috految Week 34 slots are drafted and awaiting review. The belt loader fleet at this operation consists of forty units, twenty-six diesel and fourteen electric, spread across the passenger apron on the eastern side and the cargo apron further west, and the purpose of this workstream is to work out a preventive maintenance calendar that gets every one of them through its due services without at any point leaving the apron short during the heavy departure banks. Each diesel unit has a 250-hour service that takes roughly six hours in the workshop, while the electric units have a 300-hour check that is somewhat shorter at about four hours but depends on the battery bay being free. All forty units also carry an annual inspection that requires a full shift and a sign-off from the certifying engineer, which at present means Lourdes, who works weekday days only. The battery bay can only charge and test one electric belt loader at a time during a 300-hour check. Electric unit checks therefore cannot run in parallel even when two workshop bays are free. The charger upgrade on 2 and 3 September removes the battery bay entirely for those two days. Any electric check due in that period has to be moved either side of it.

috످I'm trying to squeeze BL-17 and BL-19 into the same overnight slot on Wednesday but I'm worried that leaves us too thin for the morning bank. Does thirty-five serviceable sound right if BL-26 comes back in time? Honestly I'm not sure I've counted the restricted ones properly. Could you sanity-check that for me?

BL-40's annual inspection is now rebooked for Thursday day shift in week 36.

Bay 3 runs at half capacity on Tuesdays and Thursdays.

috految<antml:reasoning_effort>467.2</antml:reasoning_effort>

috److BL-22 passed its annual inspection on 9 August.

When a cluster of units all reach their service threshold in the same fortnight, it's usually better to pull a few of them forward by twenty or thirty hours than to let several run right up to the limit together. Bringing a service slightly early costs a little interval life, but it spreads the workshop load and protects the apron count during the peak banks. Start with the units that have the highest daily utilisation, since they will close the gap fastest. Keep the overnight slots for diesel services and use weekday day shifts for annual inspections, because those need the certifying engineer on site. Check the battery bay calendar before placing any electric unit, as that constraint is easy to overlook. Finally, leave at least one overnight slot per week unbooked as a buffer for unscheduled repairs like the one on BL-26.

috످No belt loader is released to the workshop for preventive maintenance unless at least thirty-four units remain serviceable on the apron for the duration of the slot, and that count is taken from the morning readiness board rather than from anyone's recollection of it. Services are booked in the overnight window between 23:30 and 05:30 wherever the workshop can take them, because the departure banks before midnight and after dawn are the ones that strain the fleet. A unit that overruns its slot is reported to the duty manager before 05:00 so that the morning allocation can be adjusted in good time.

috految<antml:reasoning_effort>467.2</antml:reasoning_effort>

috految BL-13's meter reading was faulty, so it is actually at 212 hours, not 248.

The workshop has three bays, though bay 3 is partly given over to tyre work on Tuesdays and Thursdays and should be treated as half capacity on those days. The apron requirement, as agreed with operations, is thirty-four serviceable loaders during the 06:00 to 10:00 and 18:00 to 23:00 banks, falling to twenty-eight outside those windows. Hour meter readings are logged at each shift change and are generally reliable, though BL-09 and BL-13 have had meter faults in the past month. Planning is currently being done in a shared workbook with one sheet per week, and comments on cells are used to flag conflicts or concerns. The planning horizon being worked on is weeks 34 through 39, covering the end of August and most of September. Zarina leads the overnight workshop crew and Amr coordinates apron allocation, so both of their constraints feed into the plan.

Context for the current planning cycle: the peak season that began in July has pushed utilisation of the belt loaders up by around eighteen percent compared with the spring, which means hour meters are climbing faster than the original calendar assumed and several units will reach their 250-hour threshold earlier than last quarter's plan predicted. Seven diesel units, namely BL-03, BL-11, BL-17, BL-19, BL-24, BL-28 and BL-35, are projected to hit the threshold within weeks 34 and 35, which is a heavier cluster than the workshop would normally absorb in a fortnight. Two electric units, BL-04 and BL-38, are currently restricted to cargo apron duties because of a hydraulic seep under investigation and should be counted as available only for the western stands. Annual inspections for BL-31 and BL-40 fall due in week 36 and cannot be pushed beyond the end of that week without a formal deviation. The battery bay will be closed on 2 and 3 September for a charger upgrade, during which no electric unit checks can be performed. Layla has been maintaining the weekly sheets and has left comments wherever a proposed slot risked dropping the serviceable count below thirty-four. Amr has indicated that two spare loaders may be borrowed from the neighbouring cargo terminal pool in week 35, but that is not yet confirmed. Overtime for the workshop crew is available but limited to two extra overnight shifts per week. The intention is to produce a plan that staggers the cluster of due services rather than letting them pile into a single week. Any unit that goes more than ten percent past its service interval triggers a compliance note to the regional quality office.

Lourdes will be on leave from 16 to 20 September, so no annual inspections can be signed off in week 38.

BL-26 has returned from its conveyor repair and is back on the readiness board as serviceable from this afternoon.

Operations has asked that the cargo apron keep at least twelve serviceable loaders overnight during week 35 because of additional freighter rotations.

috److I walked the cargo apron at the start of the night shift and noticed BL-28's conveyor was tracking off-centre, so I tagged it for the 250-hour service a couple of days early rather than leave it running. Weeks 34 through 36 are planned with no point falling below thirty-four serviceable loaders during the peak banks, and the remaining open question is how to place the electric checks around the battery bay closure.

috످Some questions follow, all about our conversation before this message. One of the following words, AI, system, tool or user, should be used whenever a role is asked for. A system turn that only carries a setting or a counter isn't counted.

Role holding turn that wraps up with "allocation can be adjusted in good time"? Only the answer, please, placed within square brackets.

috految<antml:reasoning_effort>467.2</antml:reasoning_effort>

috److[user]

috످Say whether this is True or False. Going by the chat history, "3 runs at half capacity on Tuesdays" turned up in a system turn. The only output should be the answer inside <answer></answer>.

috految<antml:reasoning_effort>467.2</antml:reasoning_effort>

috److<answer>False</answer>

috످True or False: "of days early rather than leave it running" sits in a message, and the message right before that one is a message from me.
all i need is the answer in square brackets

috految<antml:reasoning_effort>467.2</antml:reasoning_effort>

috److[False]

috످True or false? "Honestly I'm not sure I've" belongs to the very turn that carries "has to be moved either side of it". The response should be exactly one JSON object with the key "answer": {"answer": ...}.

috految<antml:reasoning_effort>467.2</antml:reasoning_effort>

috److془The "Honestly I'm not sure I've" passage is about doubt over count of restricted loaders, in the first user turn. "has to be moved either side of it" is about rescheduling electric checks around the charger upgrade, in the system prompt. False.

Let me check: system prompt: "Week 34 slots are drafted ... Any electric check due in that period has to be moved either side of it." Yes. User: "I'm trying to squeeze..." So false.془{"answer": false}

috످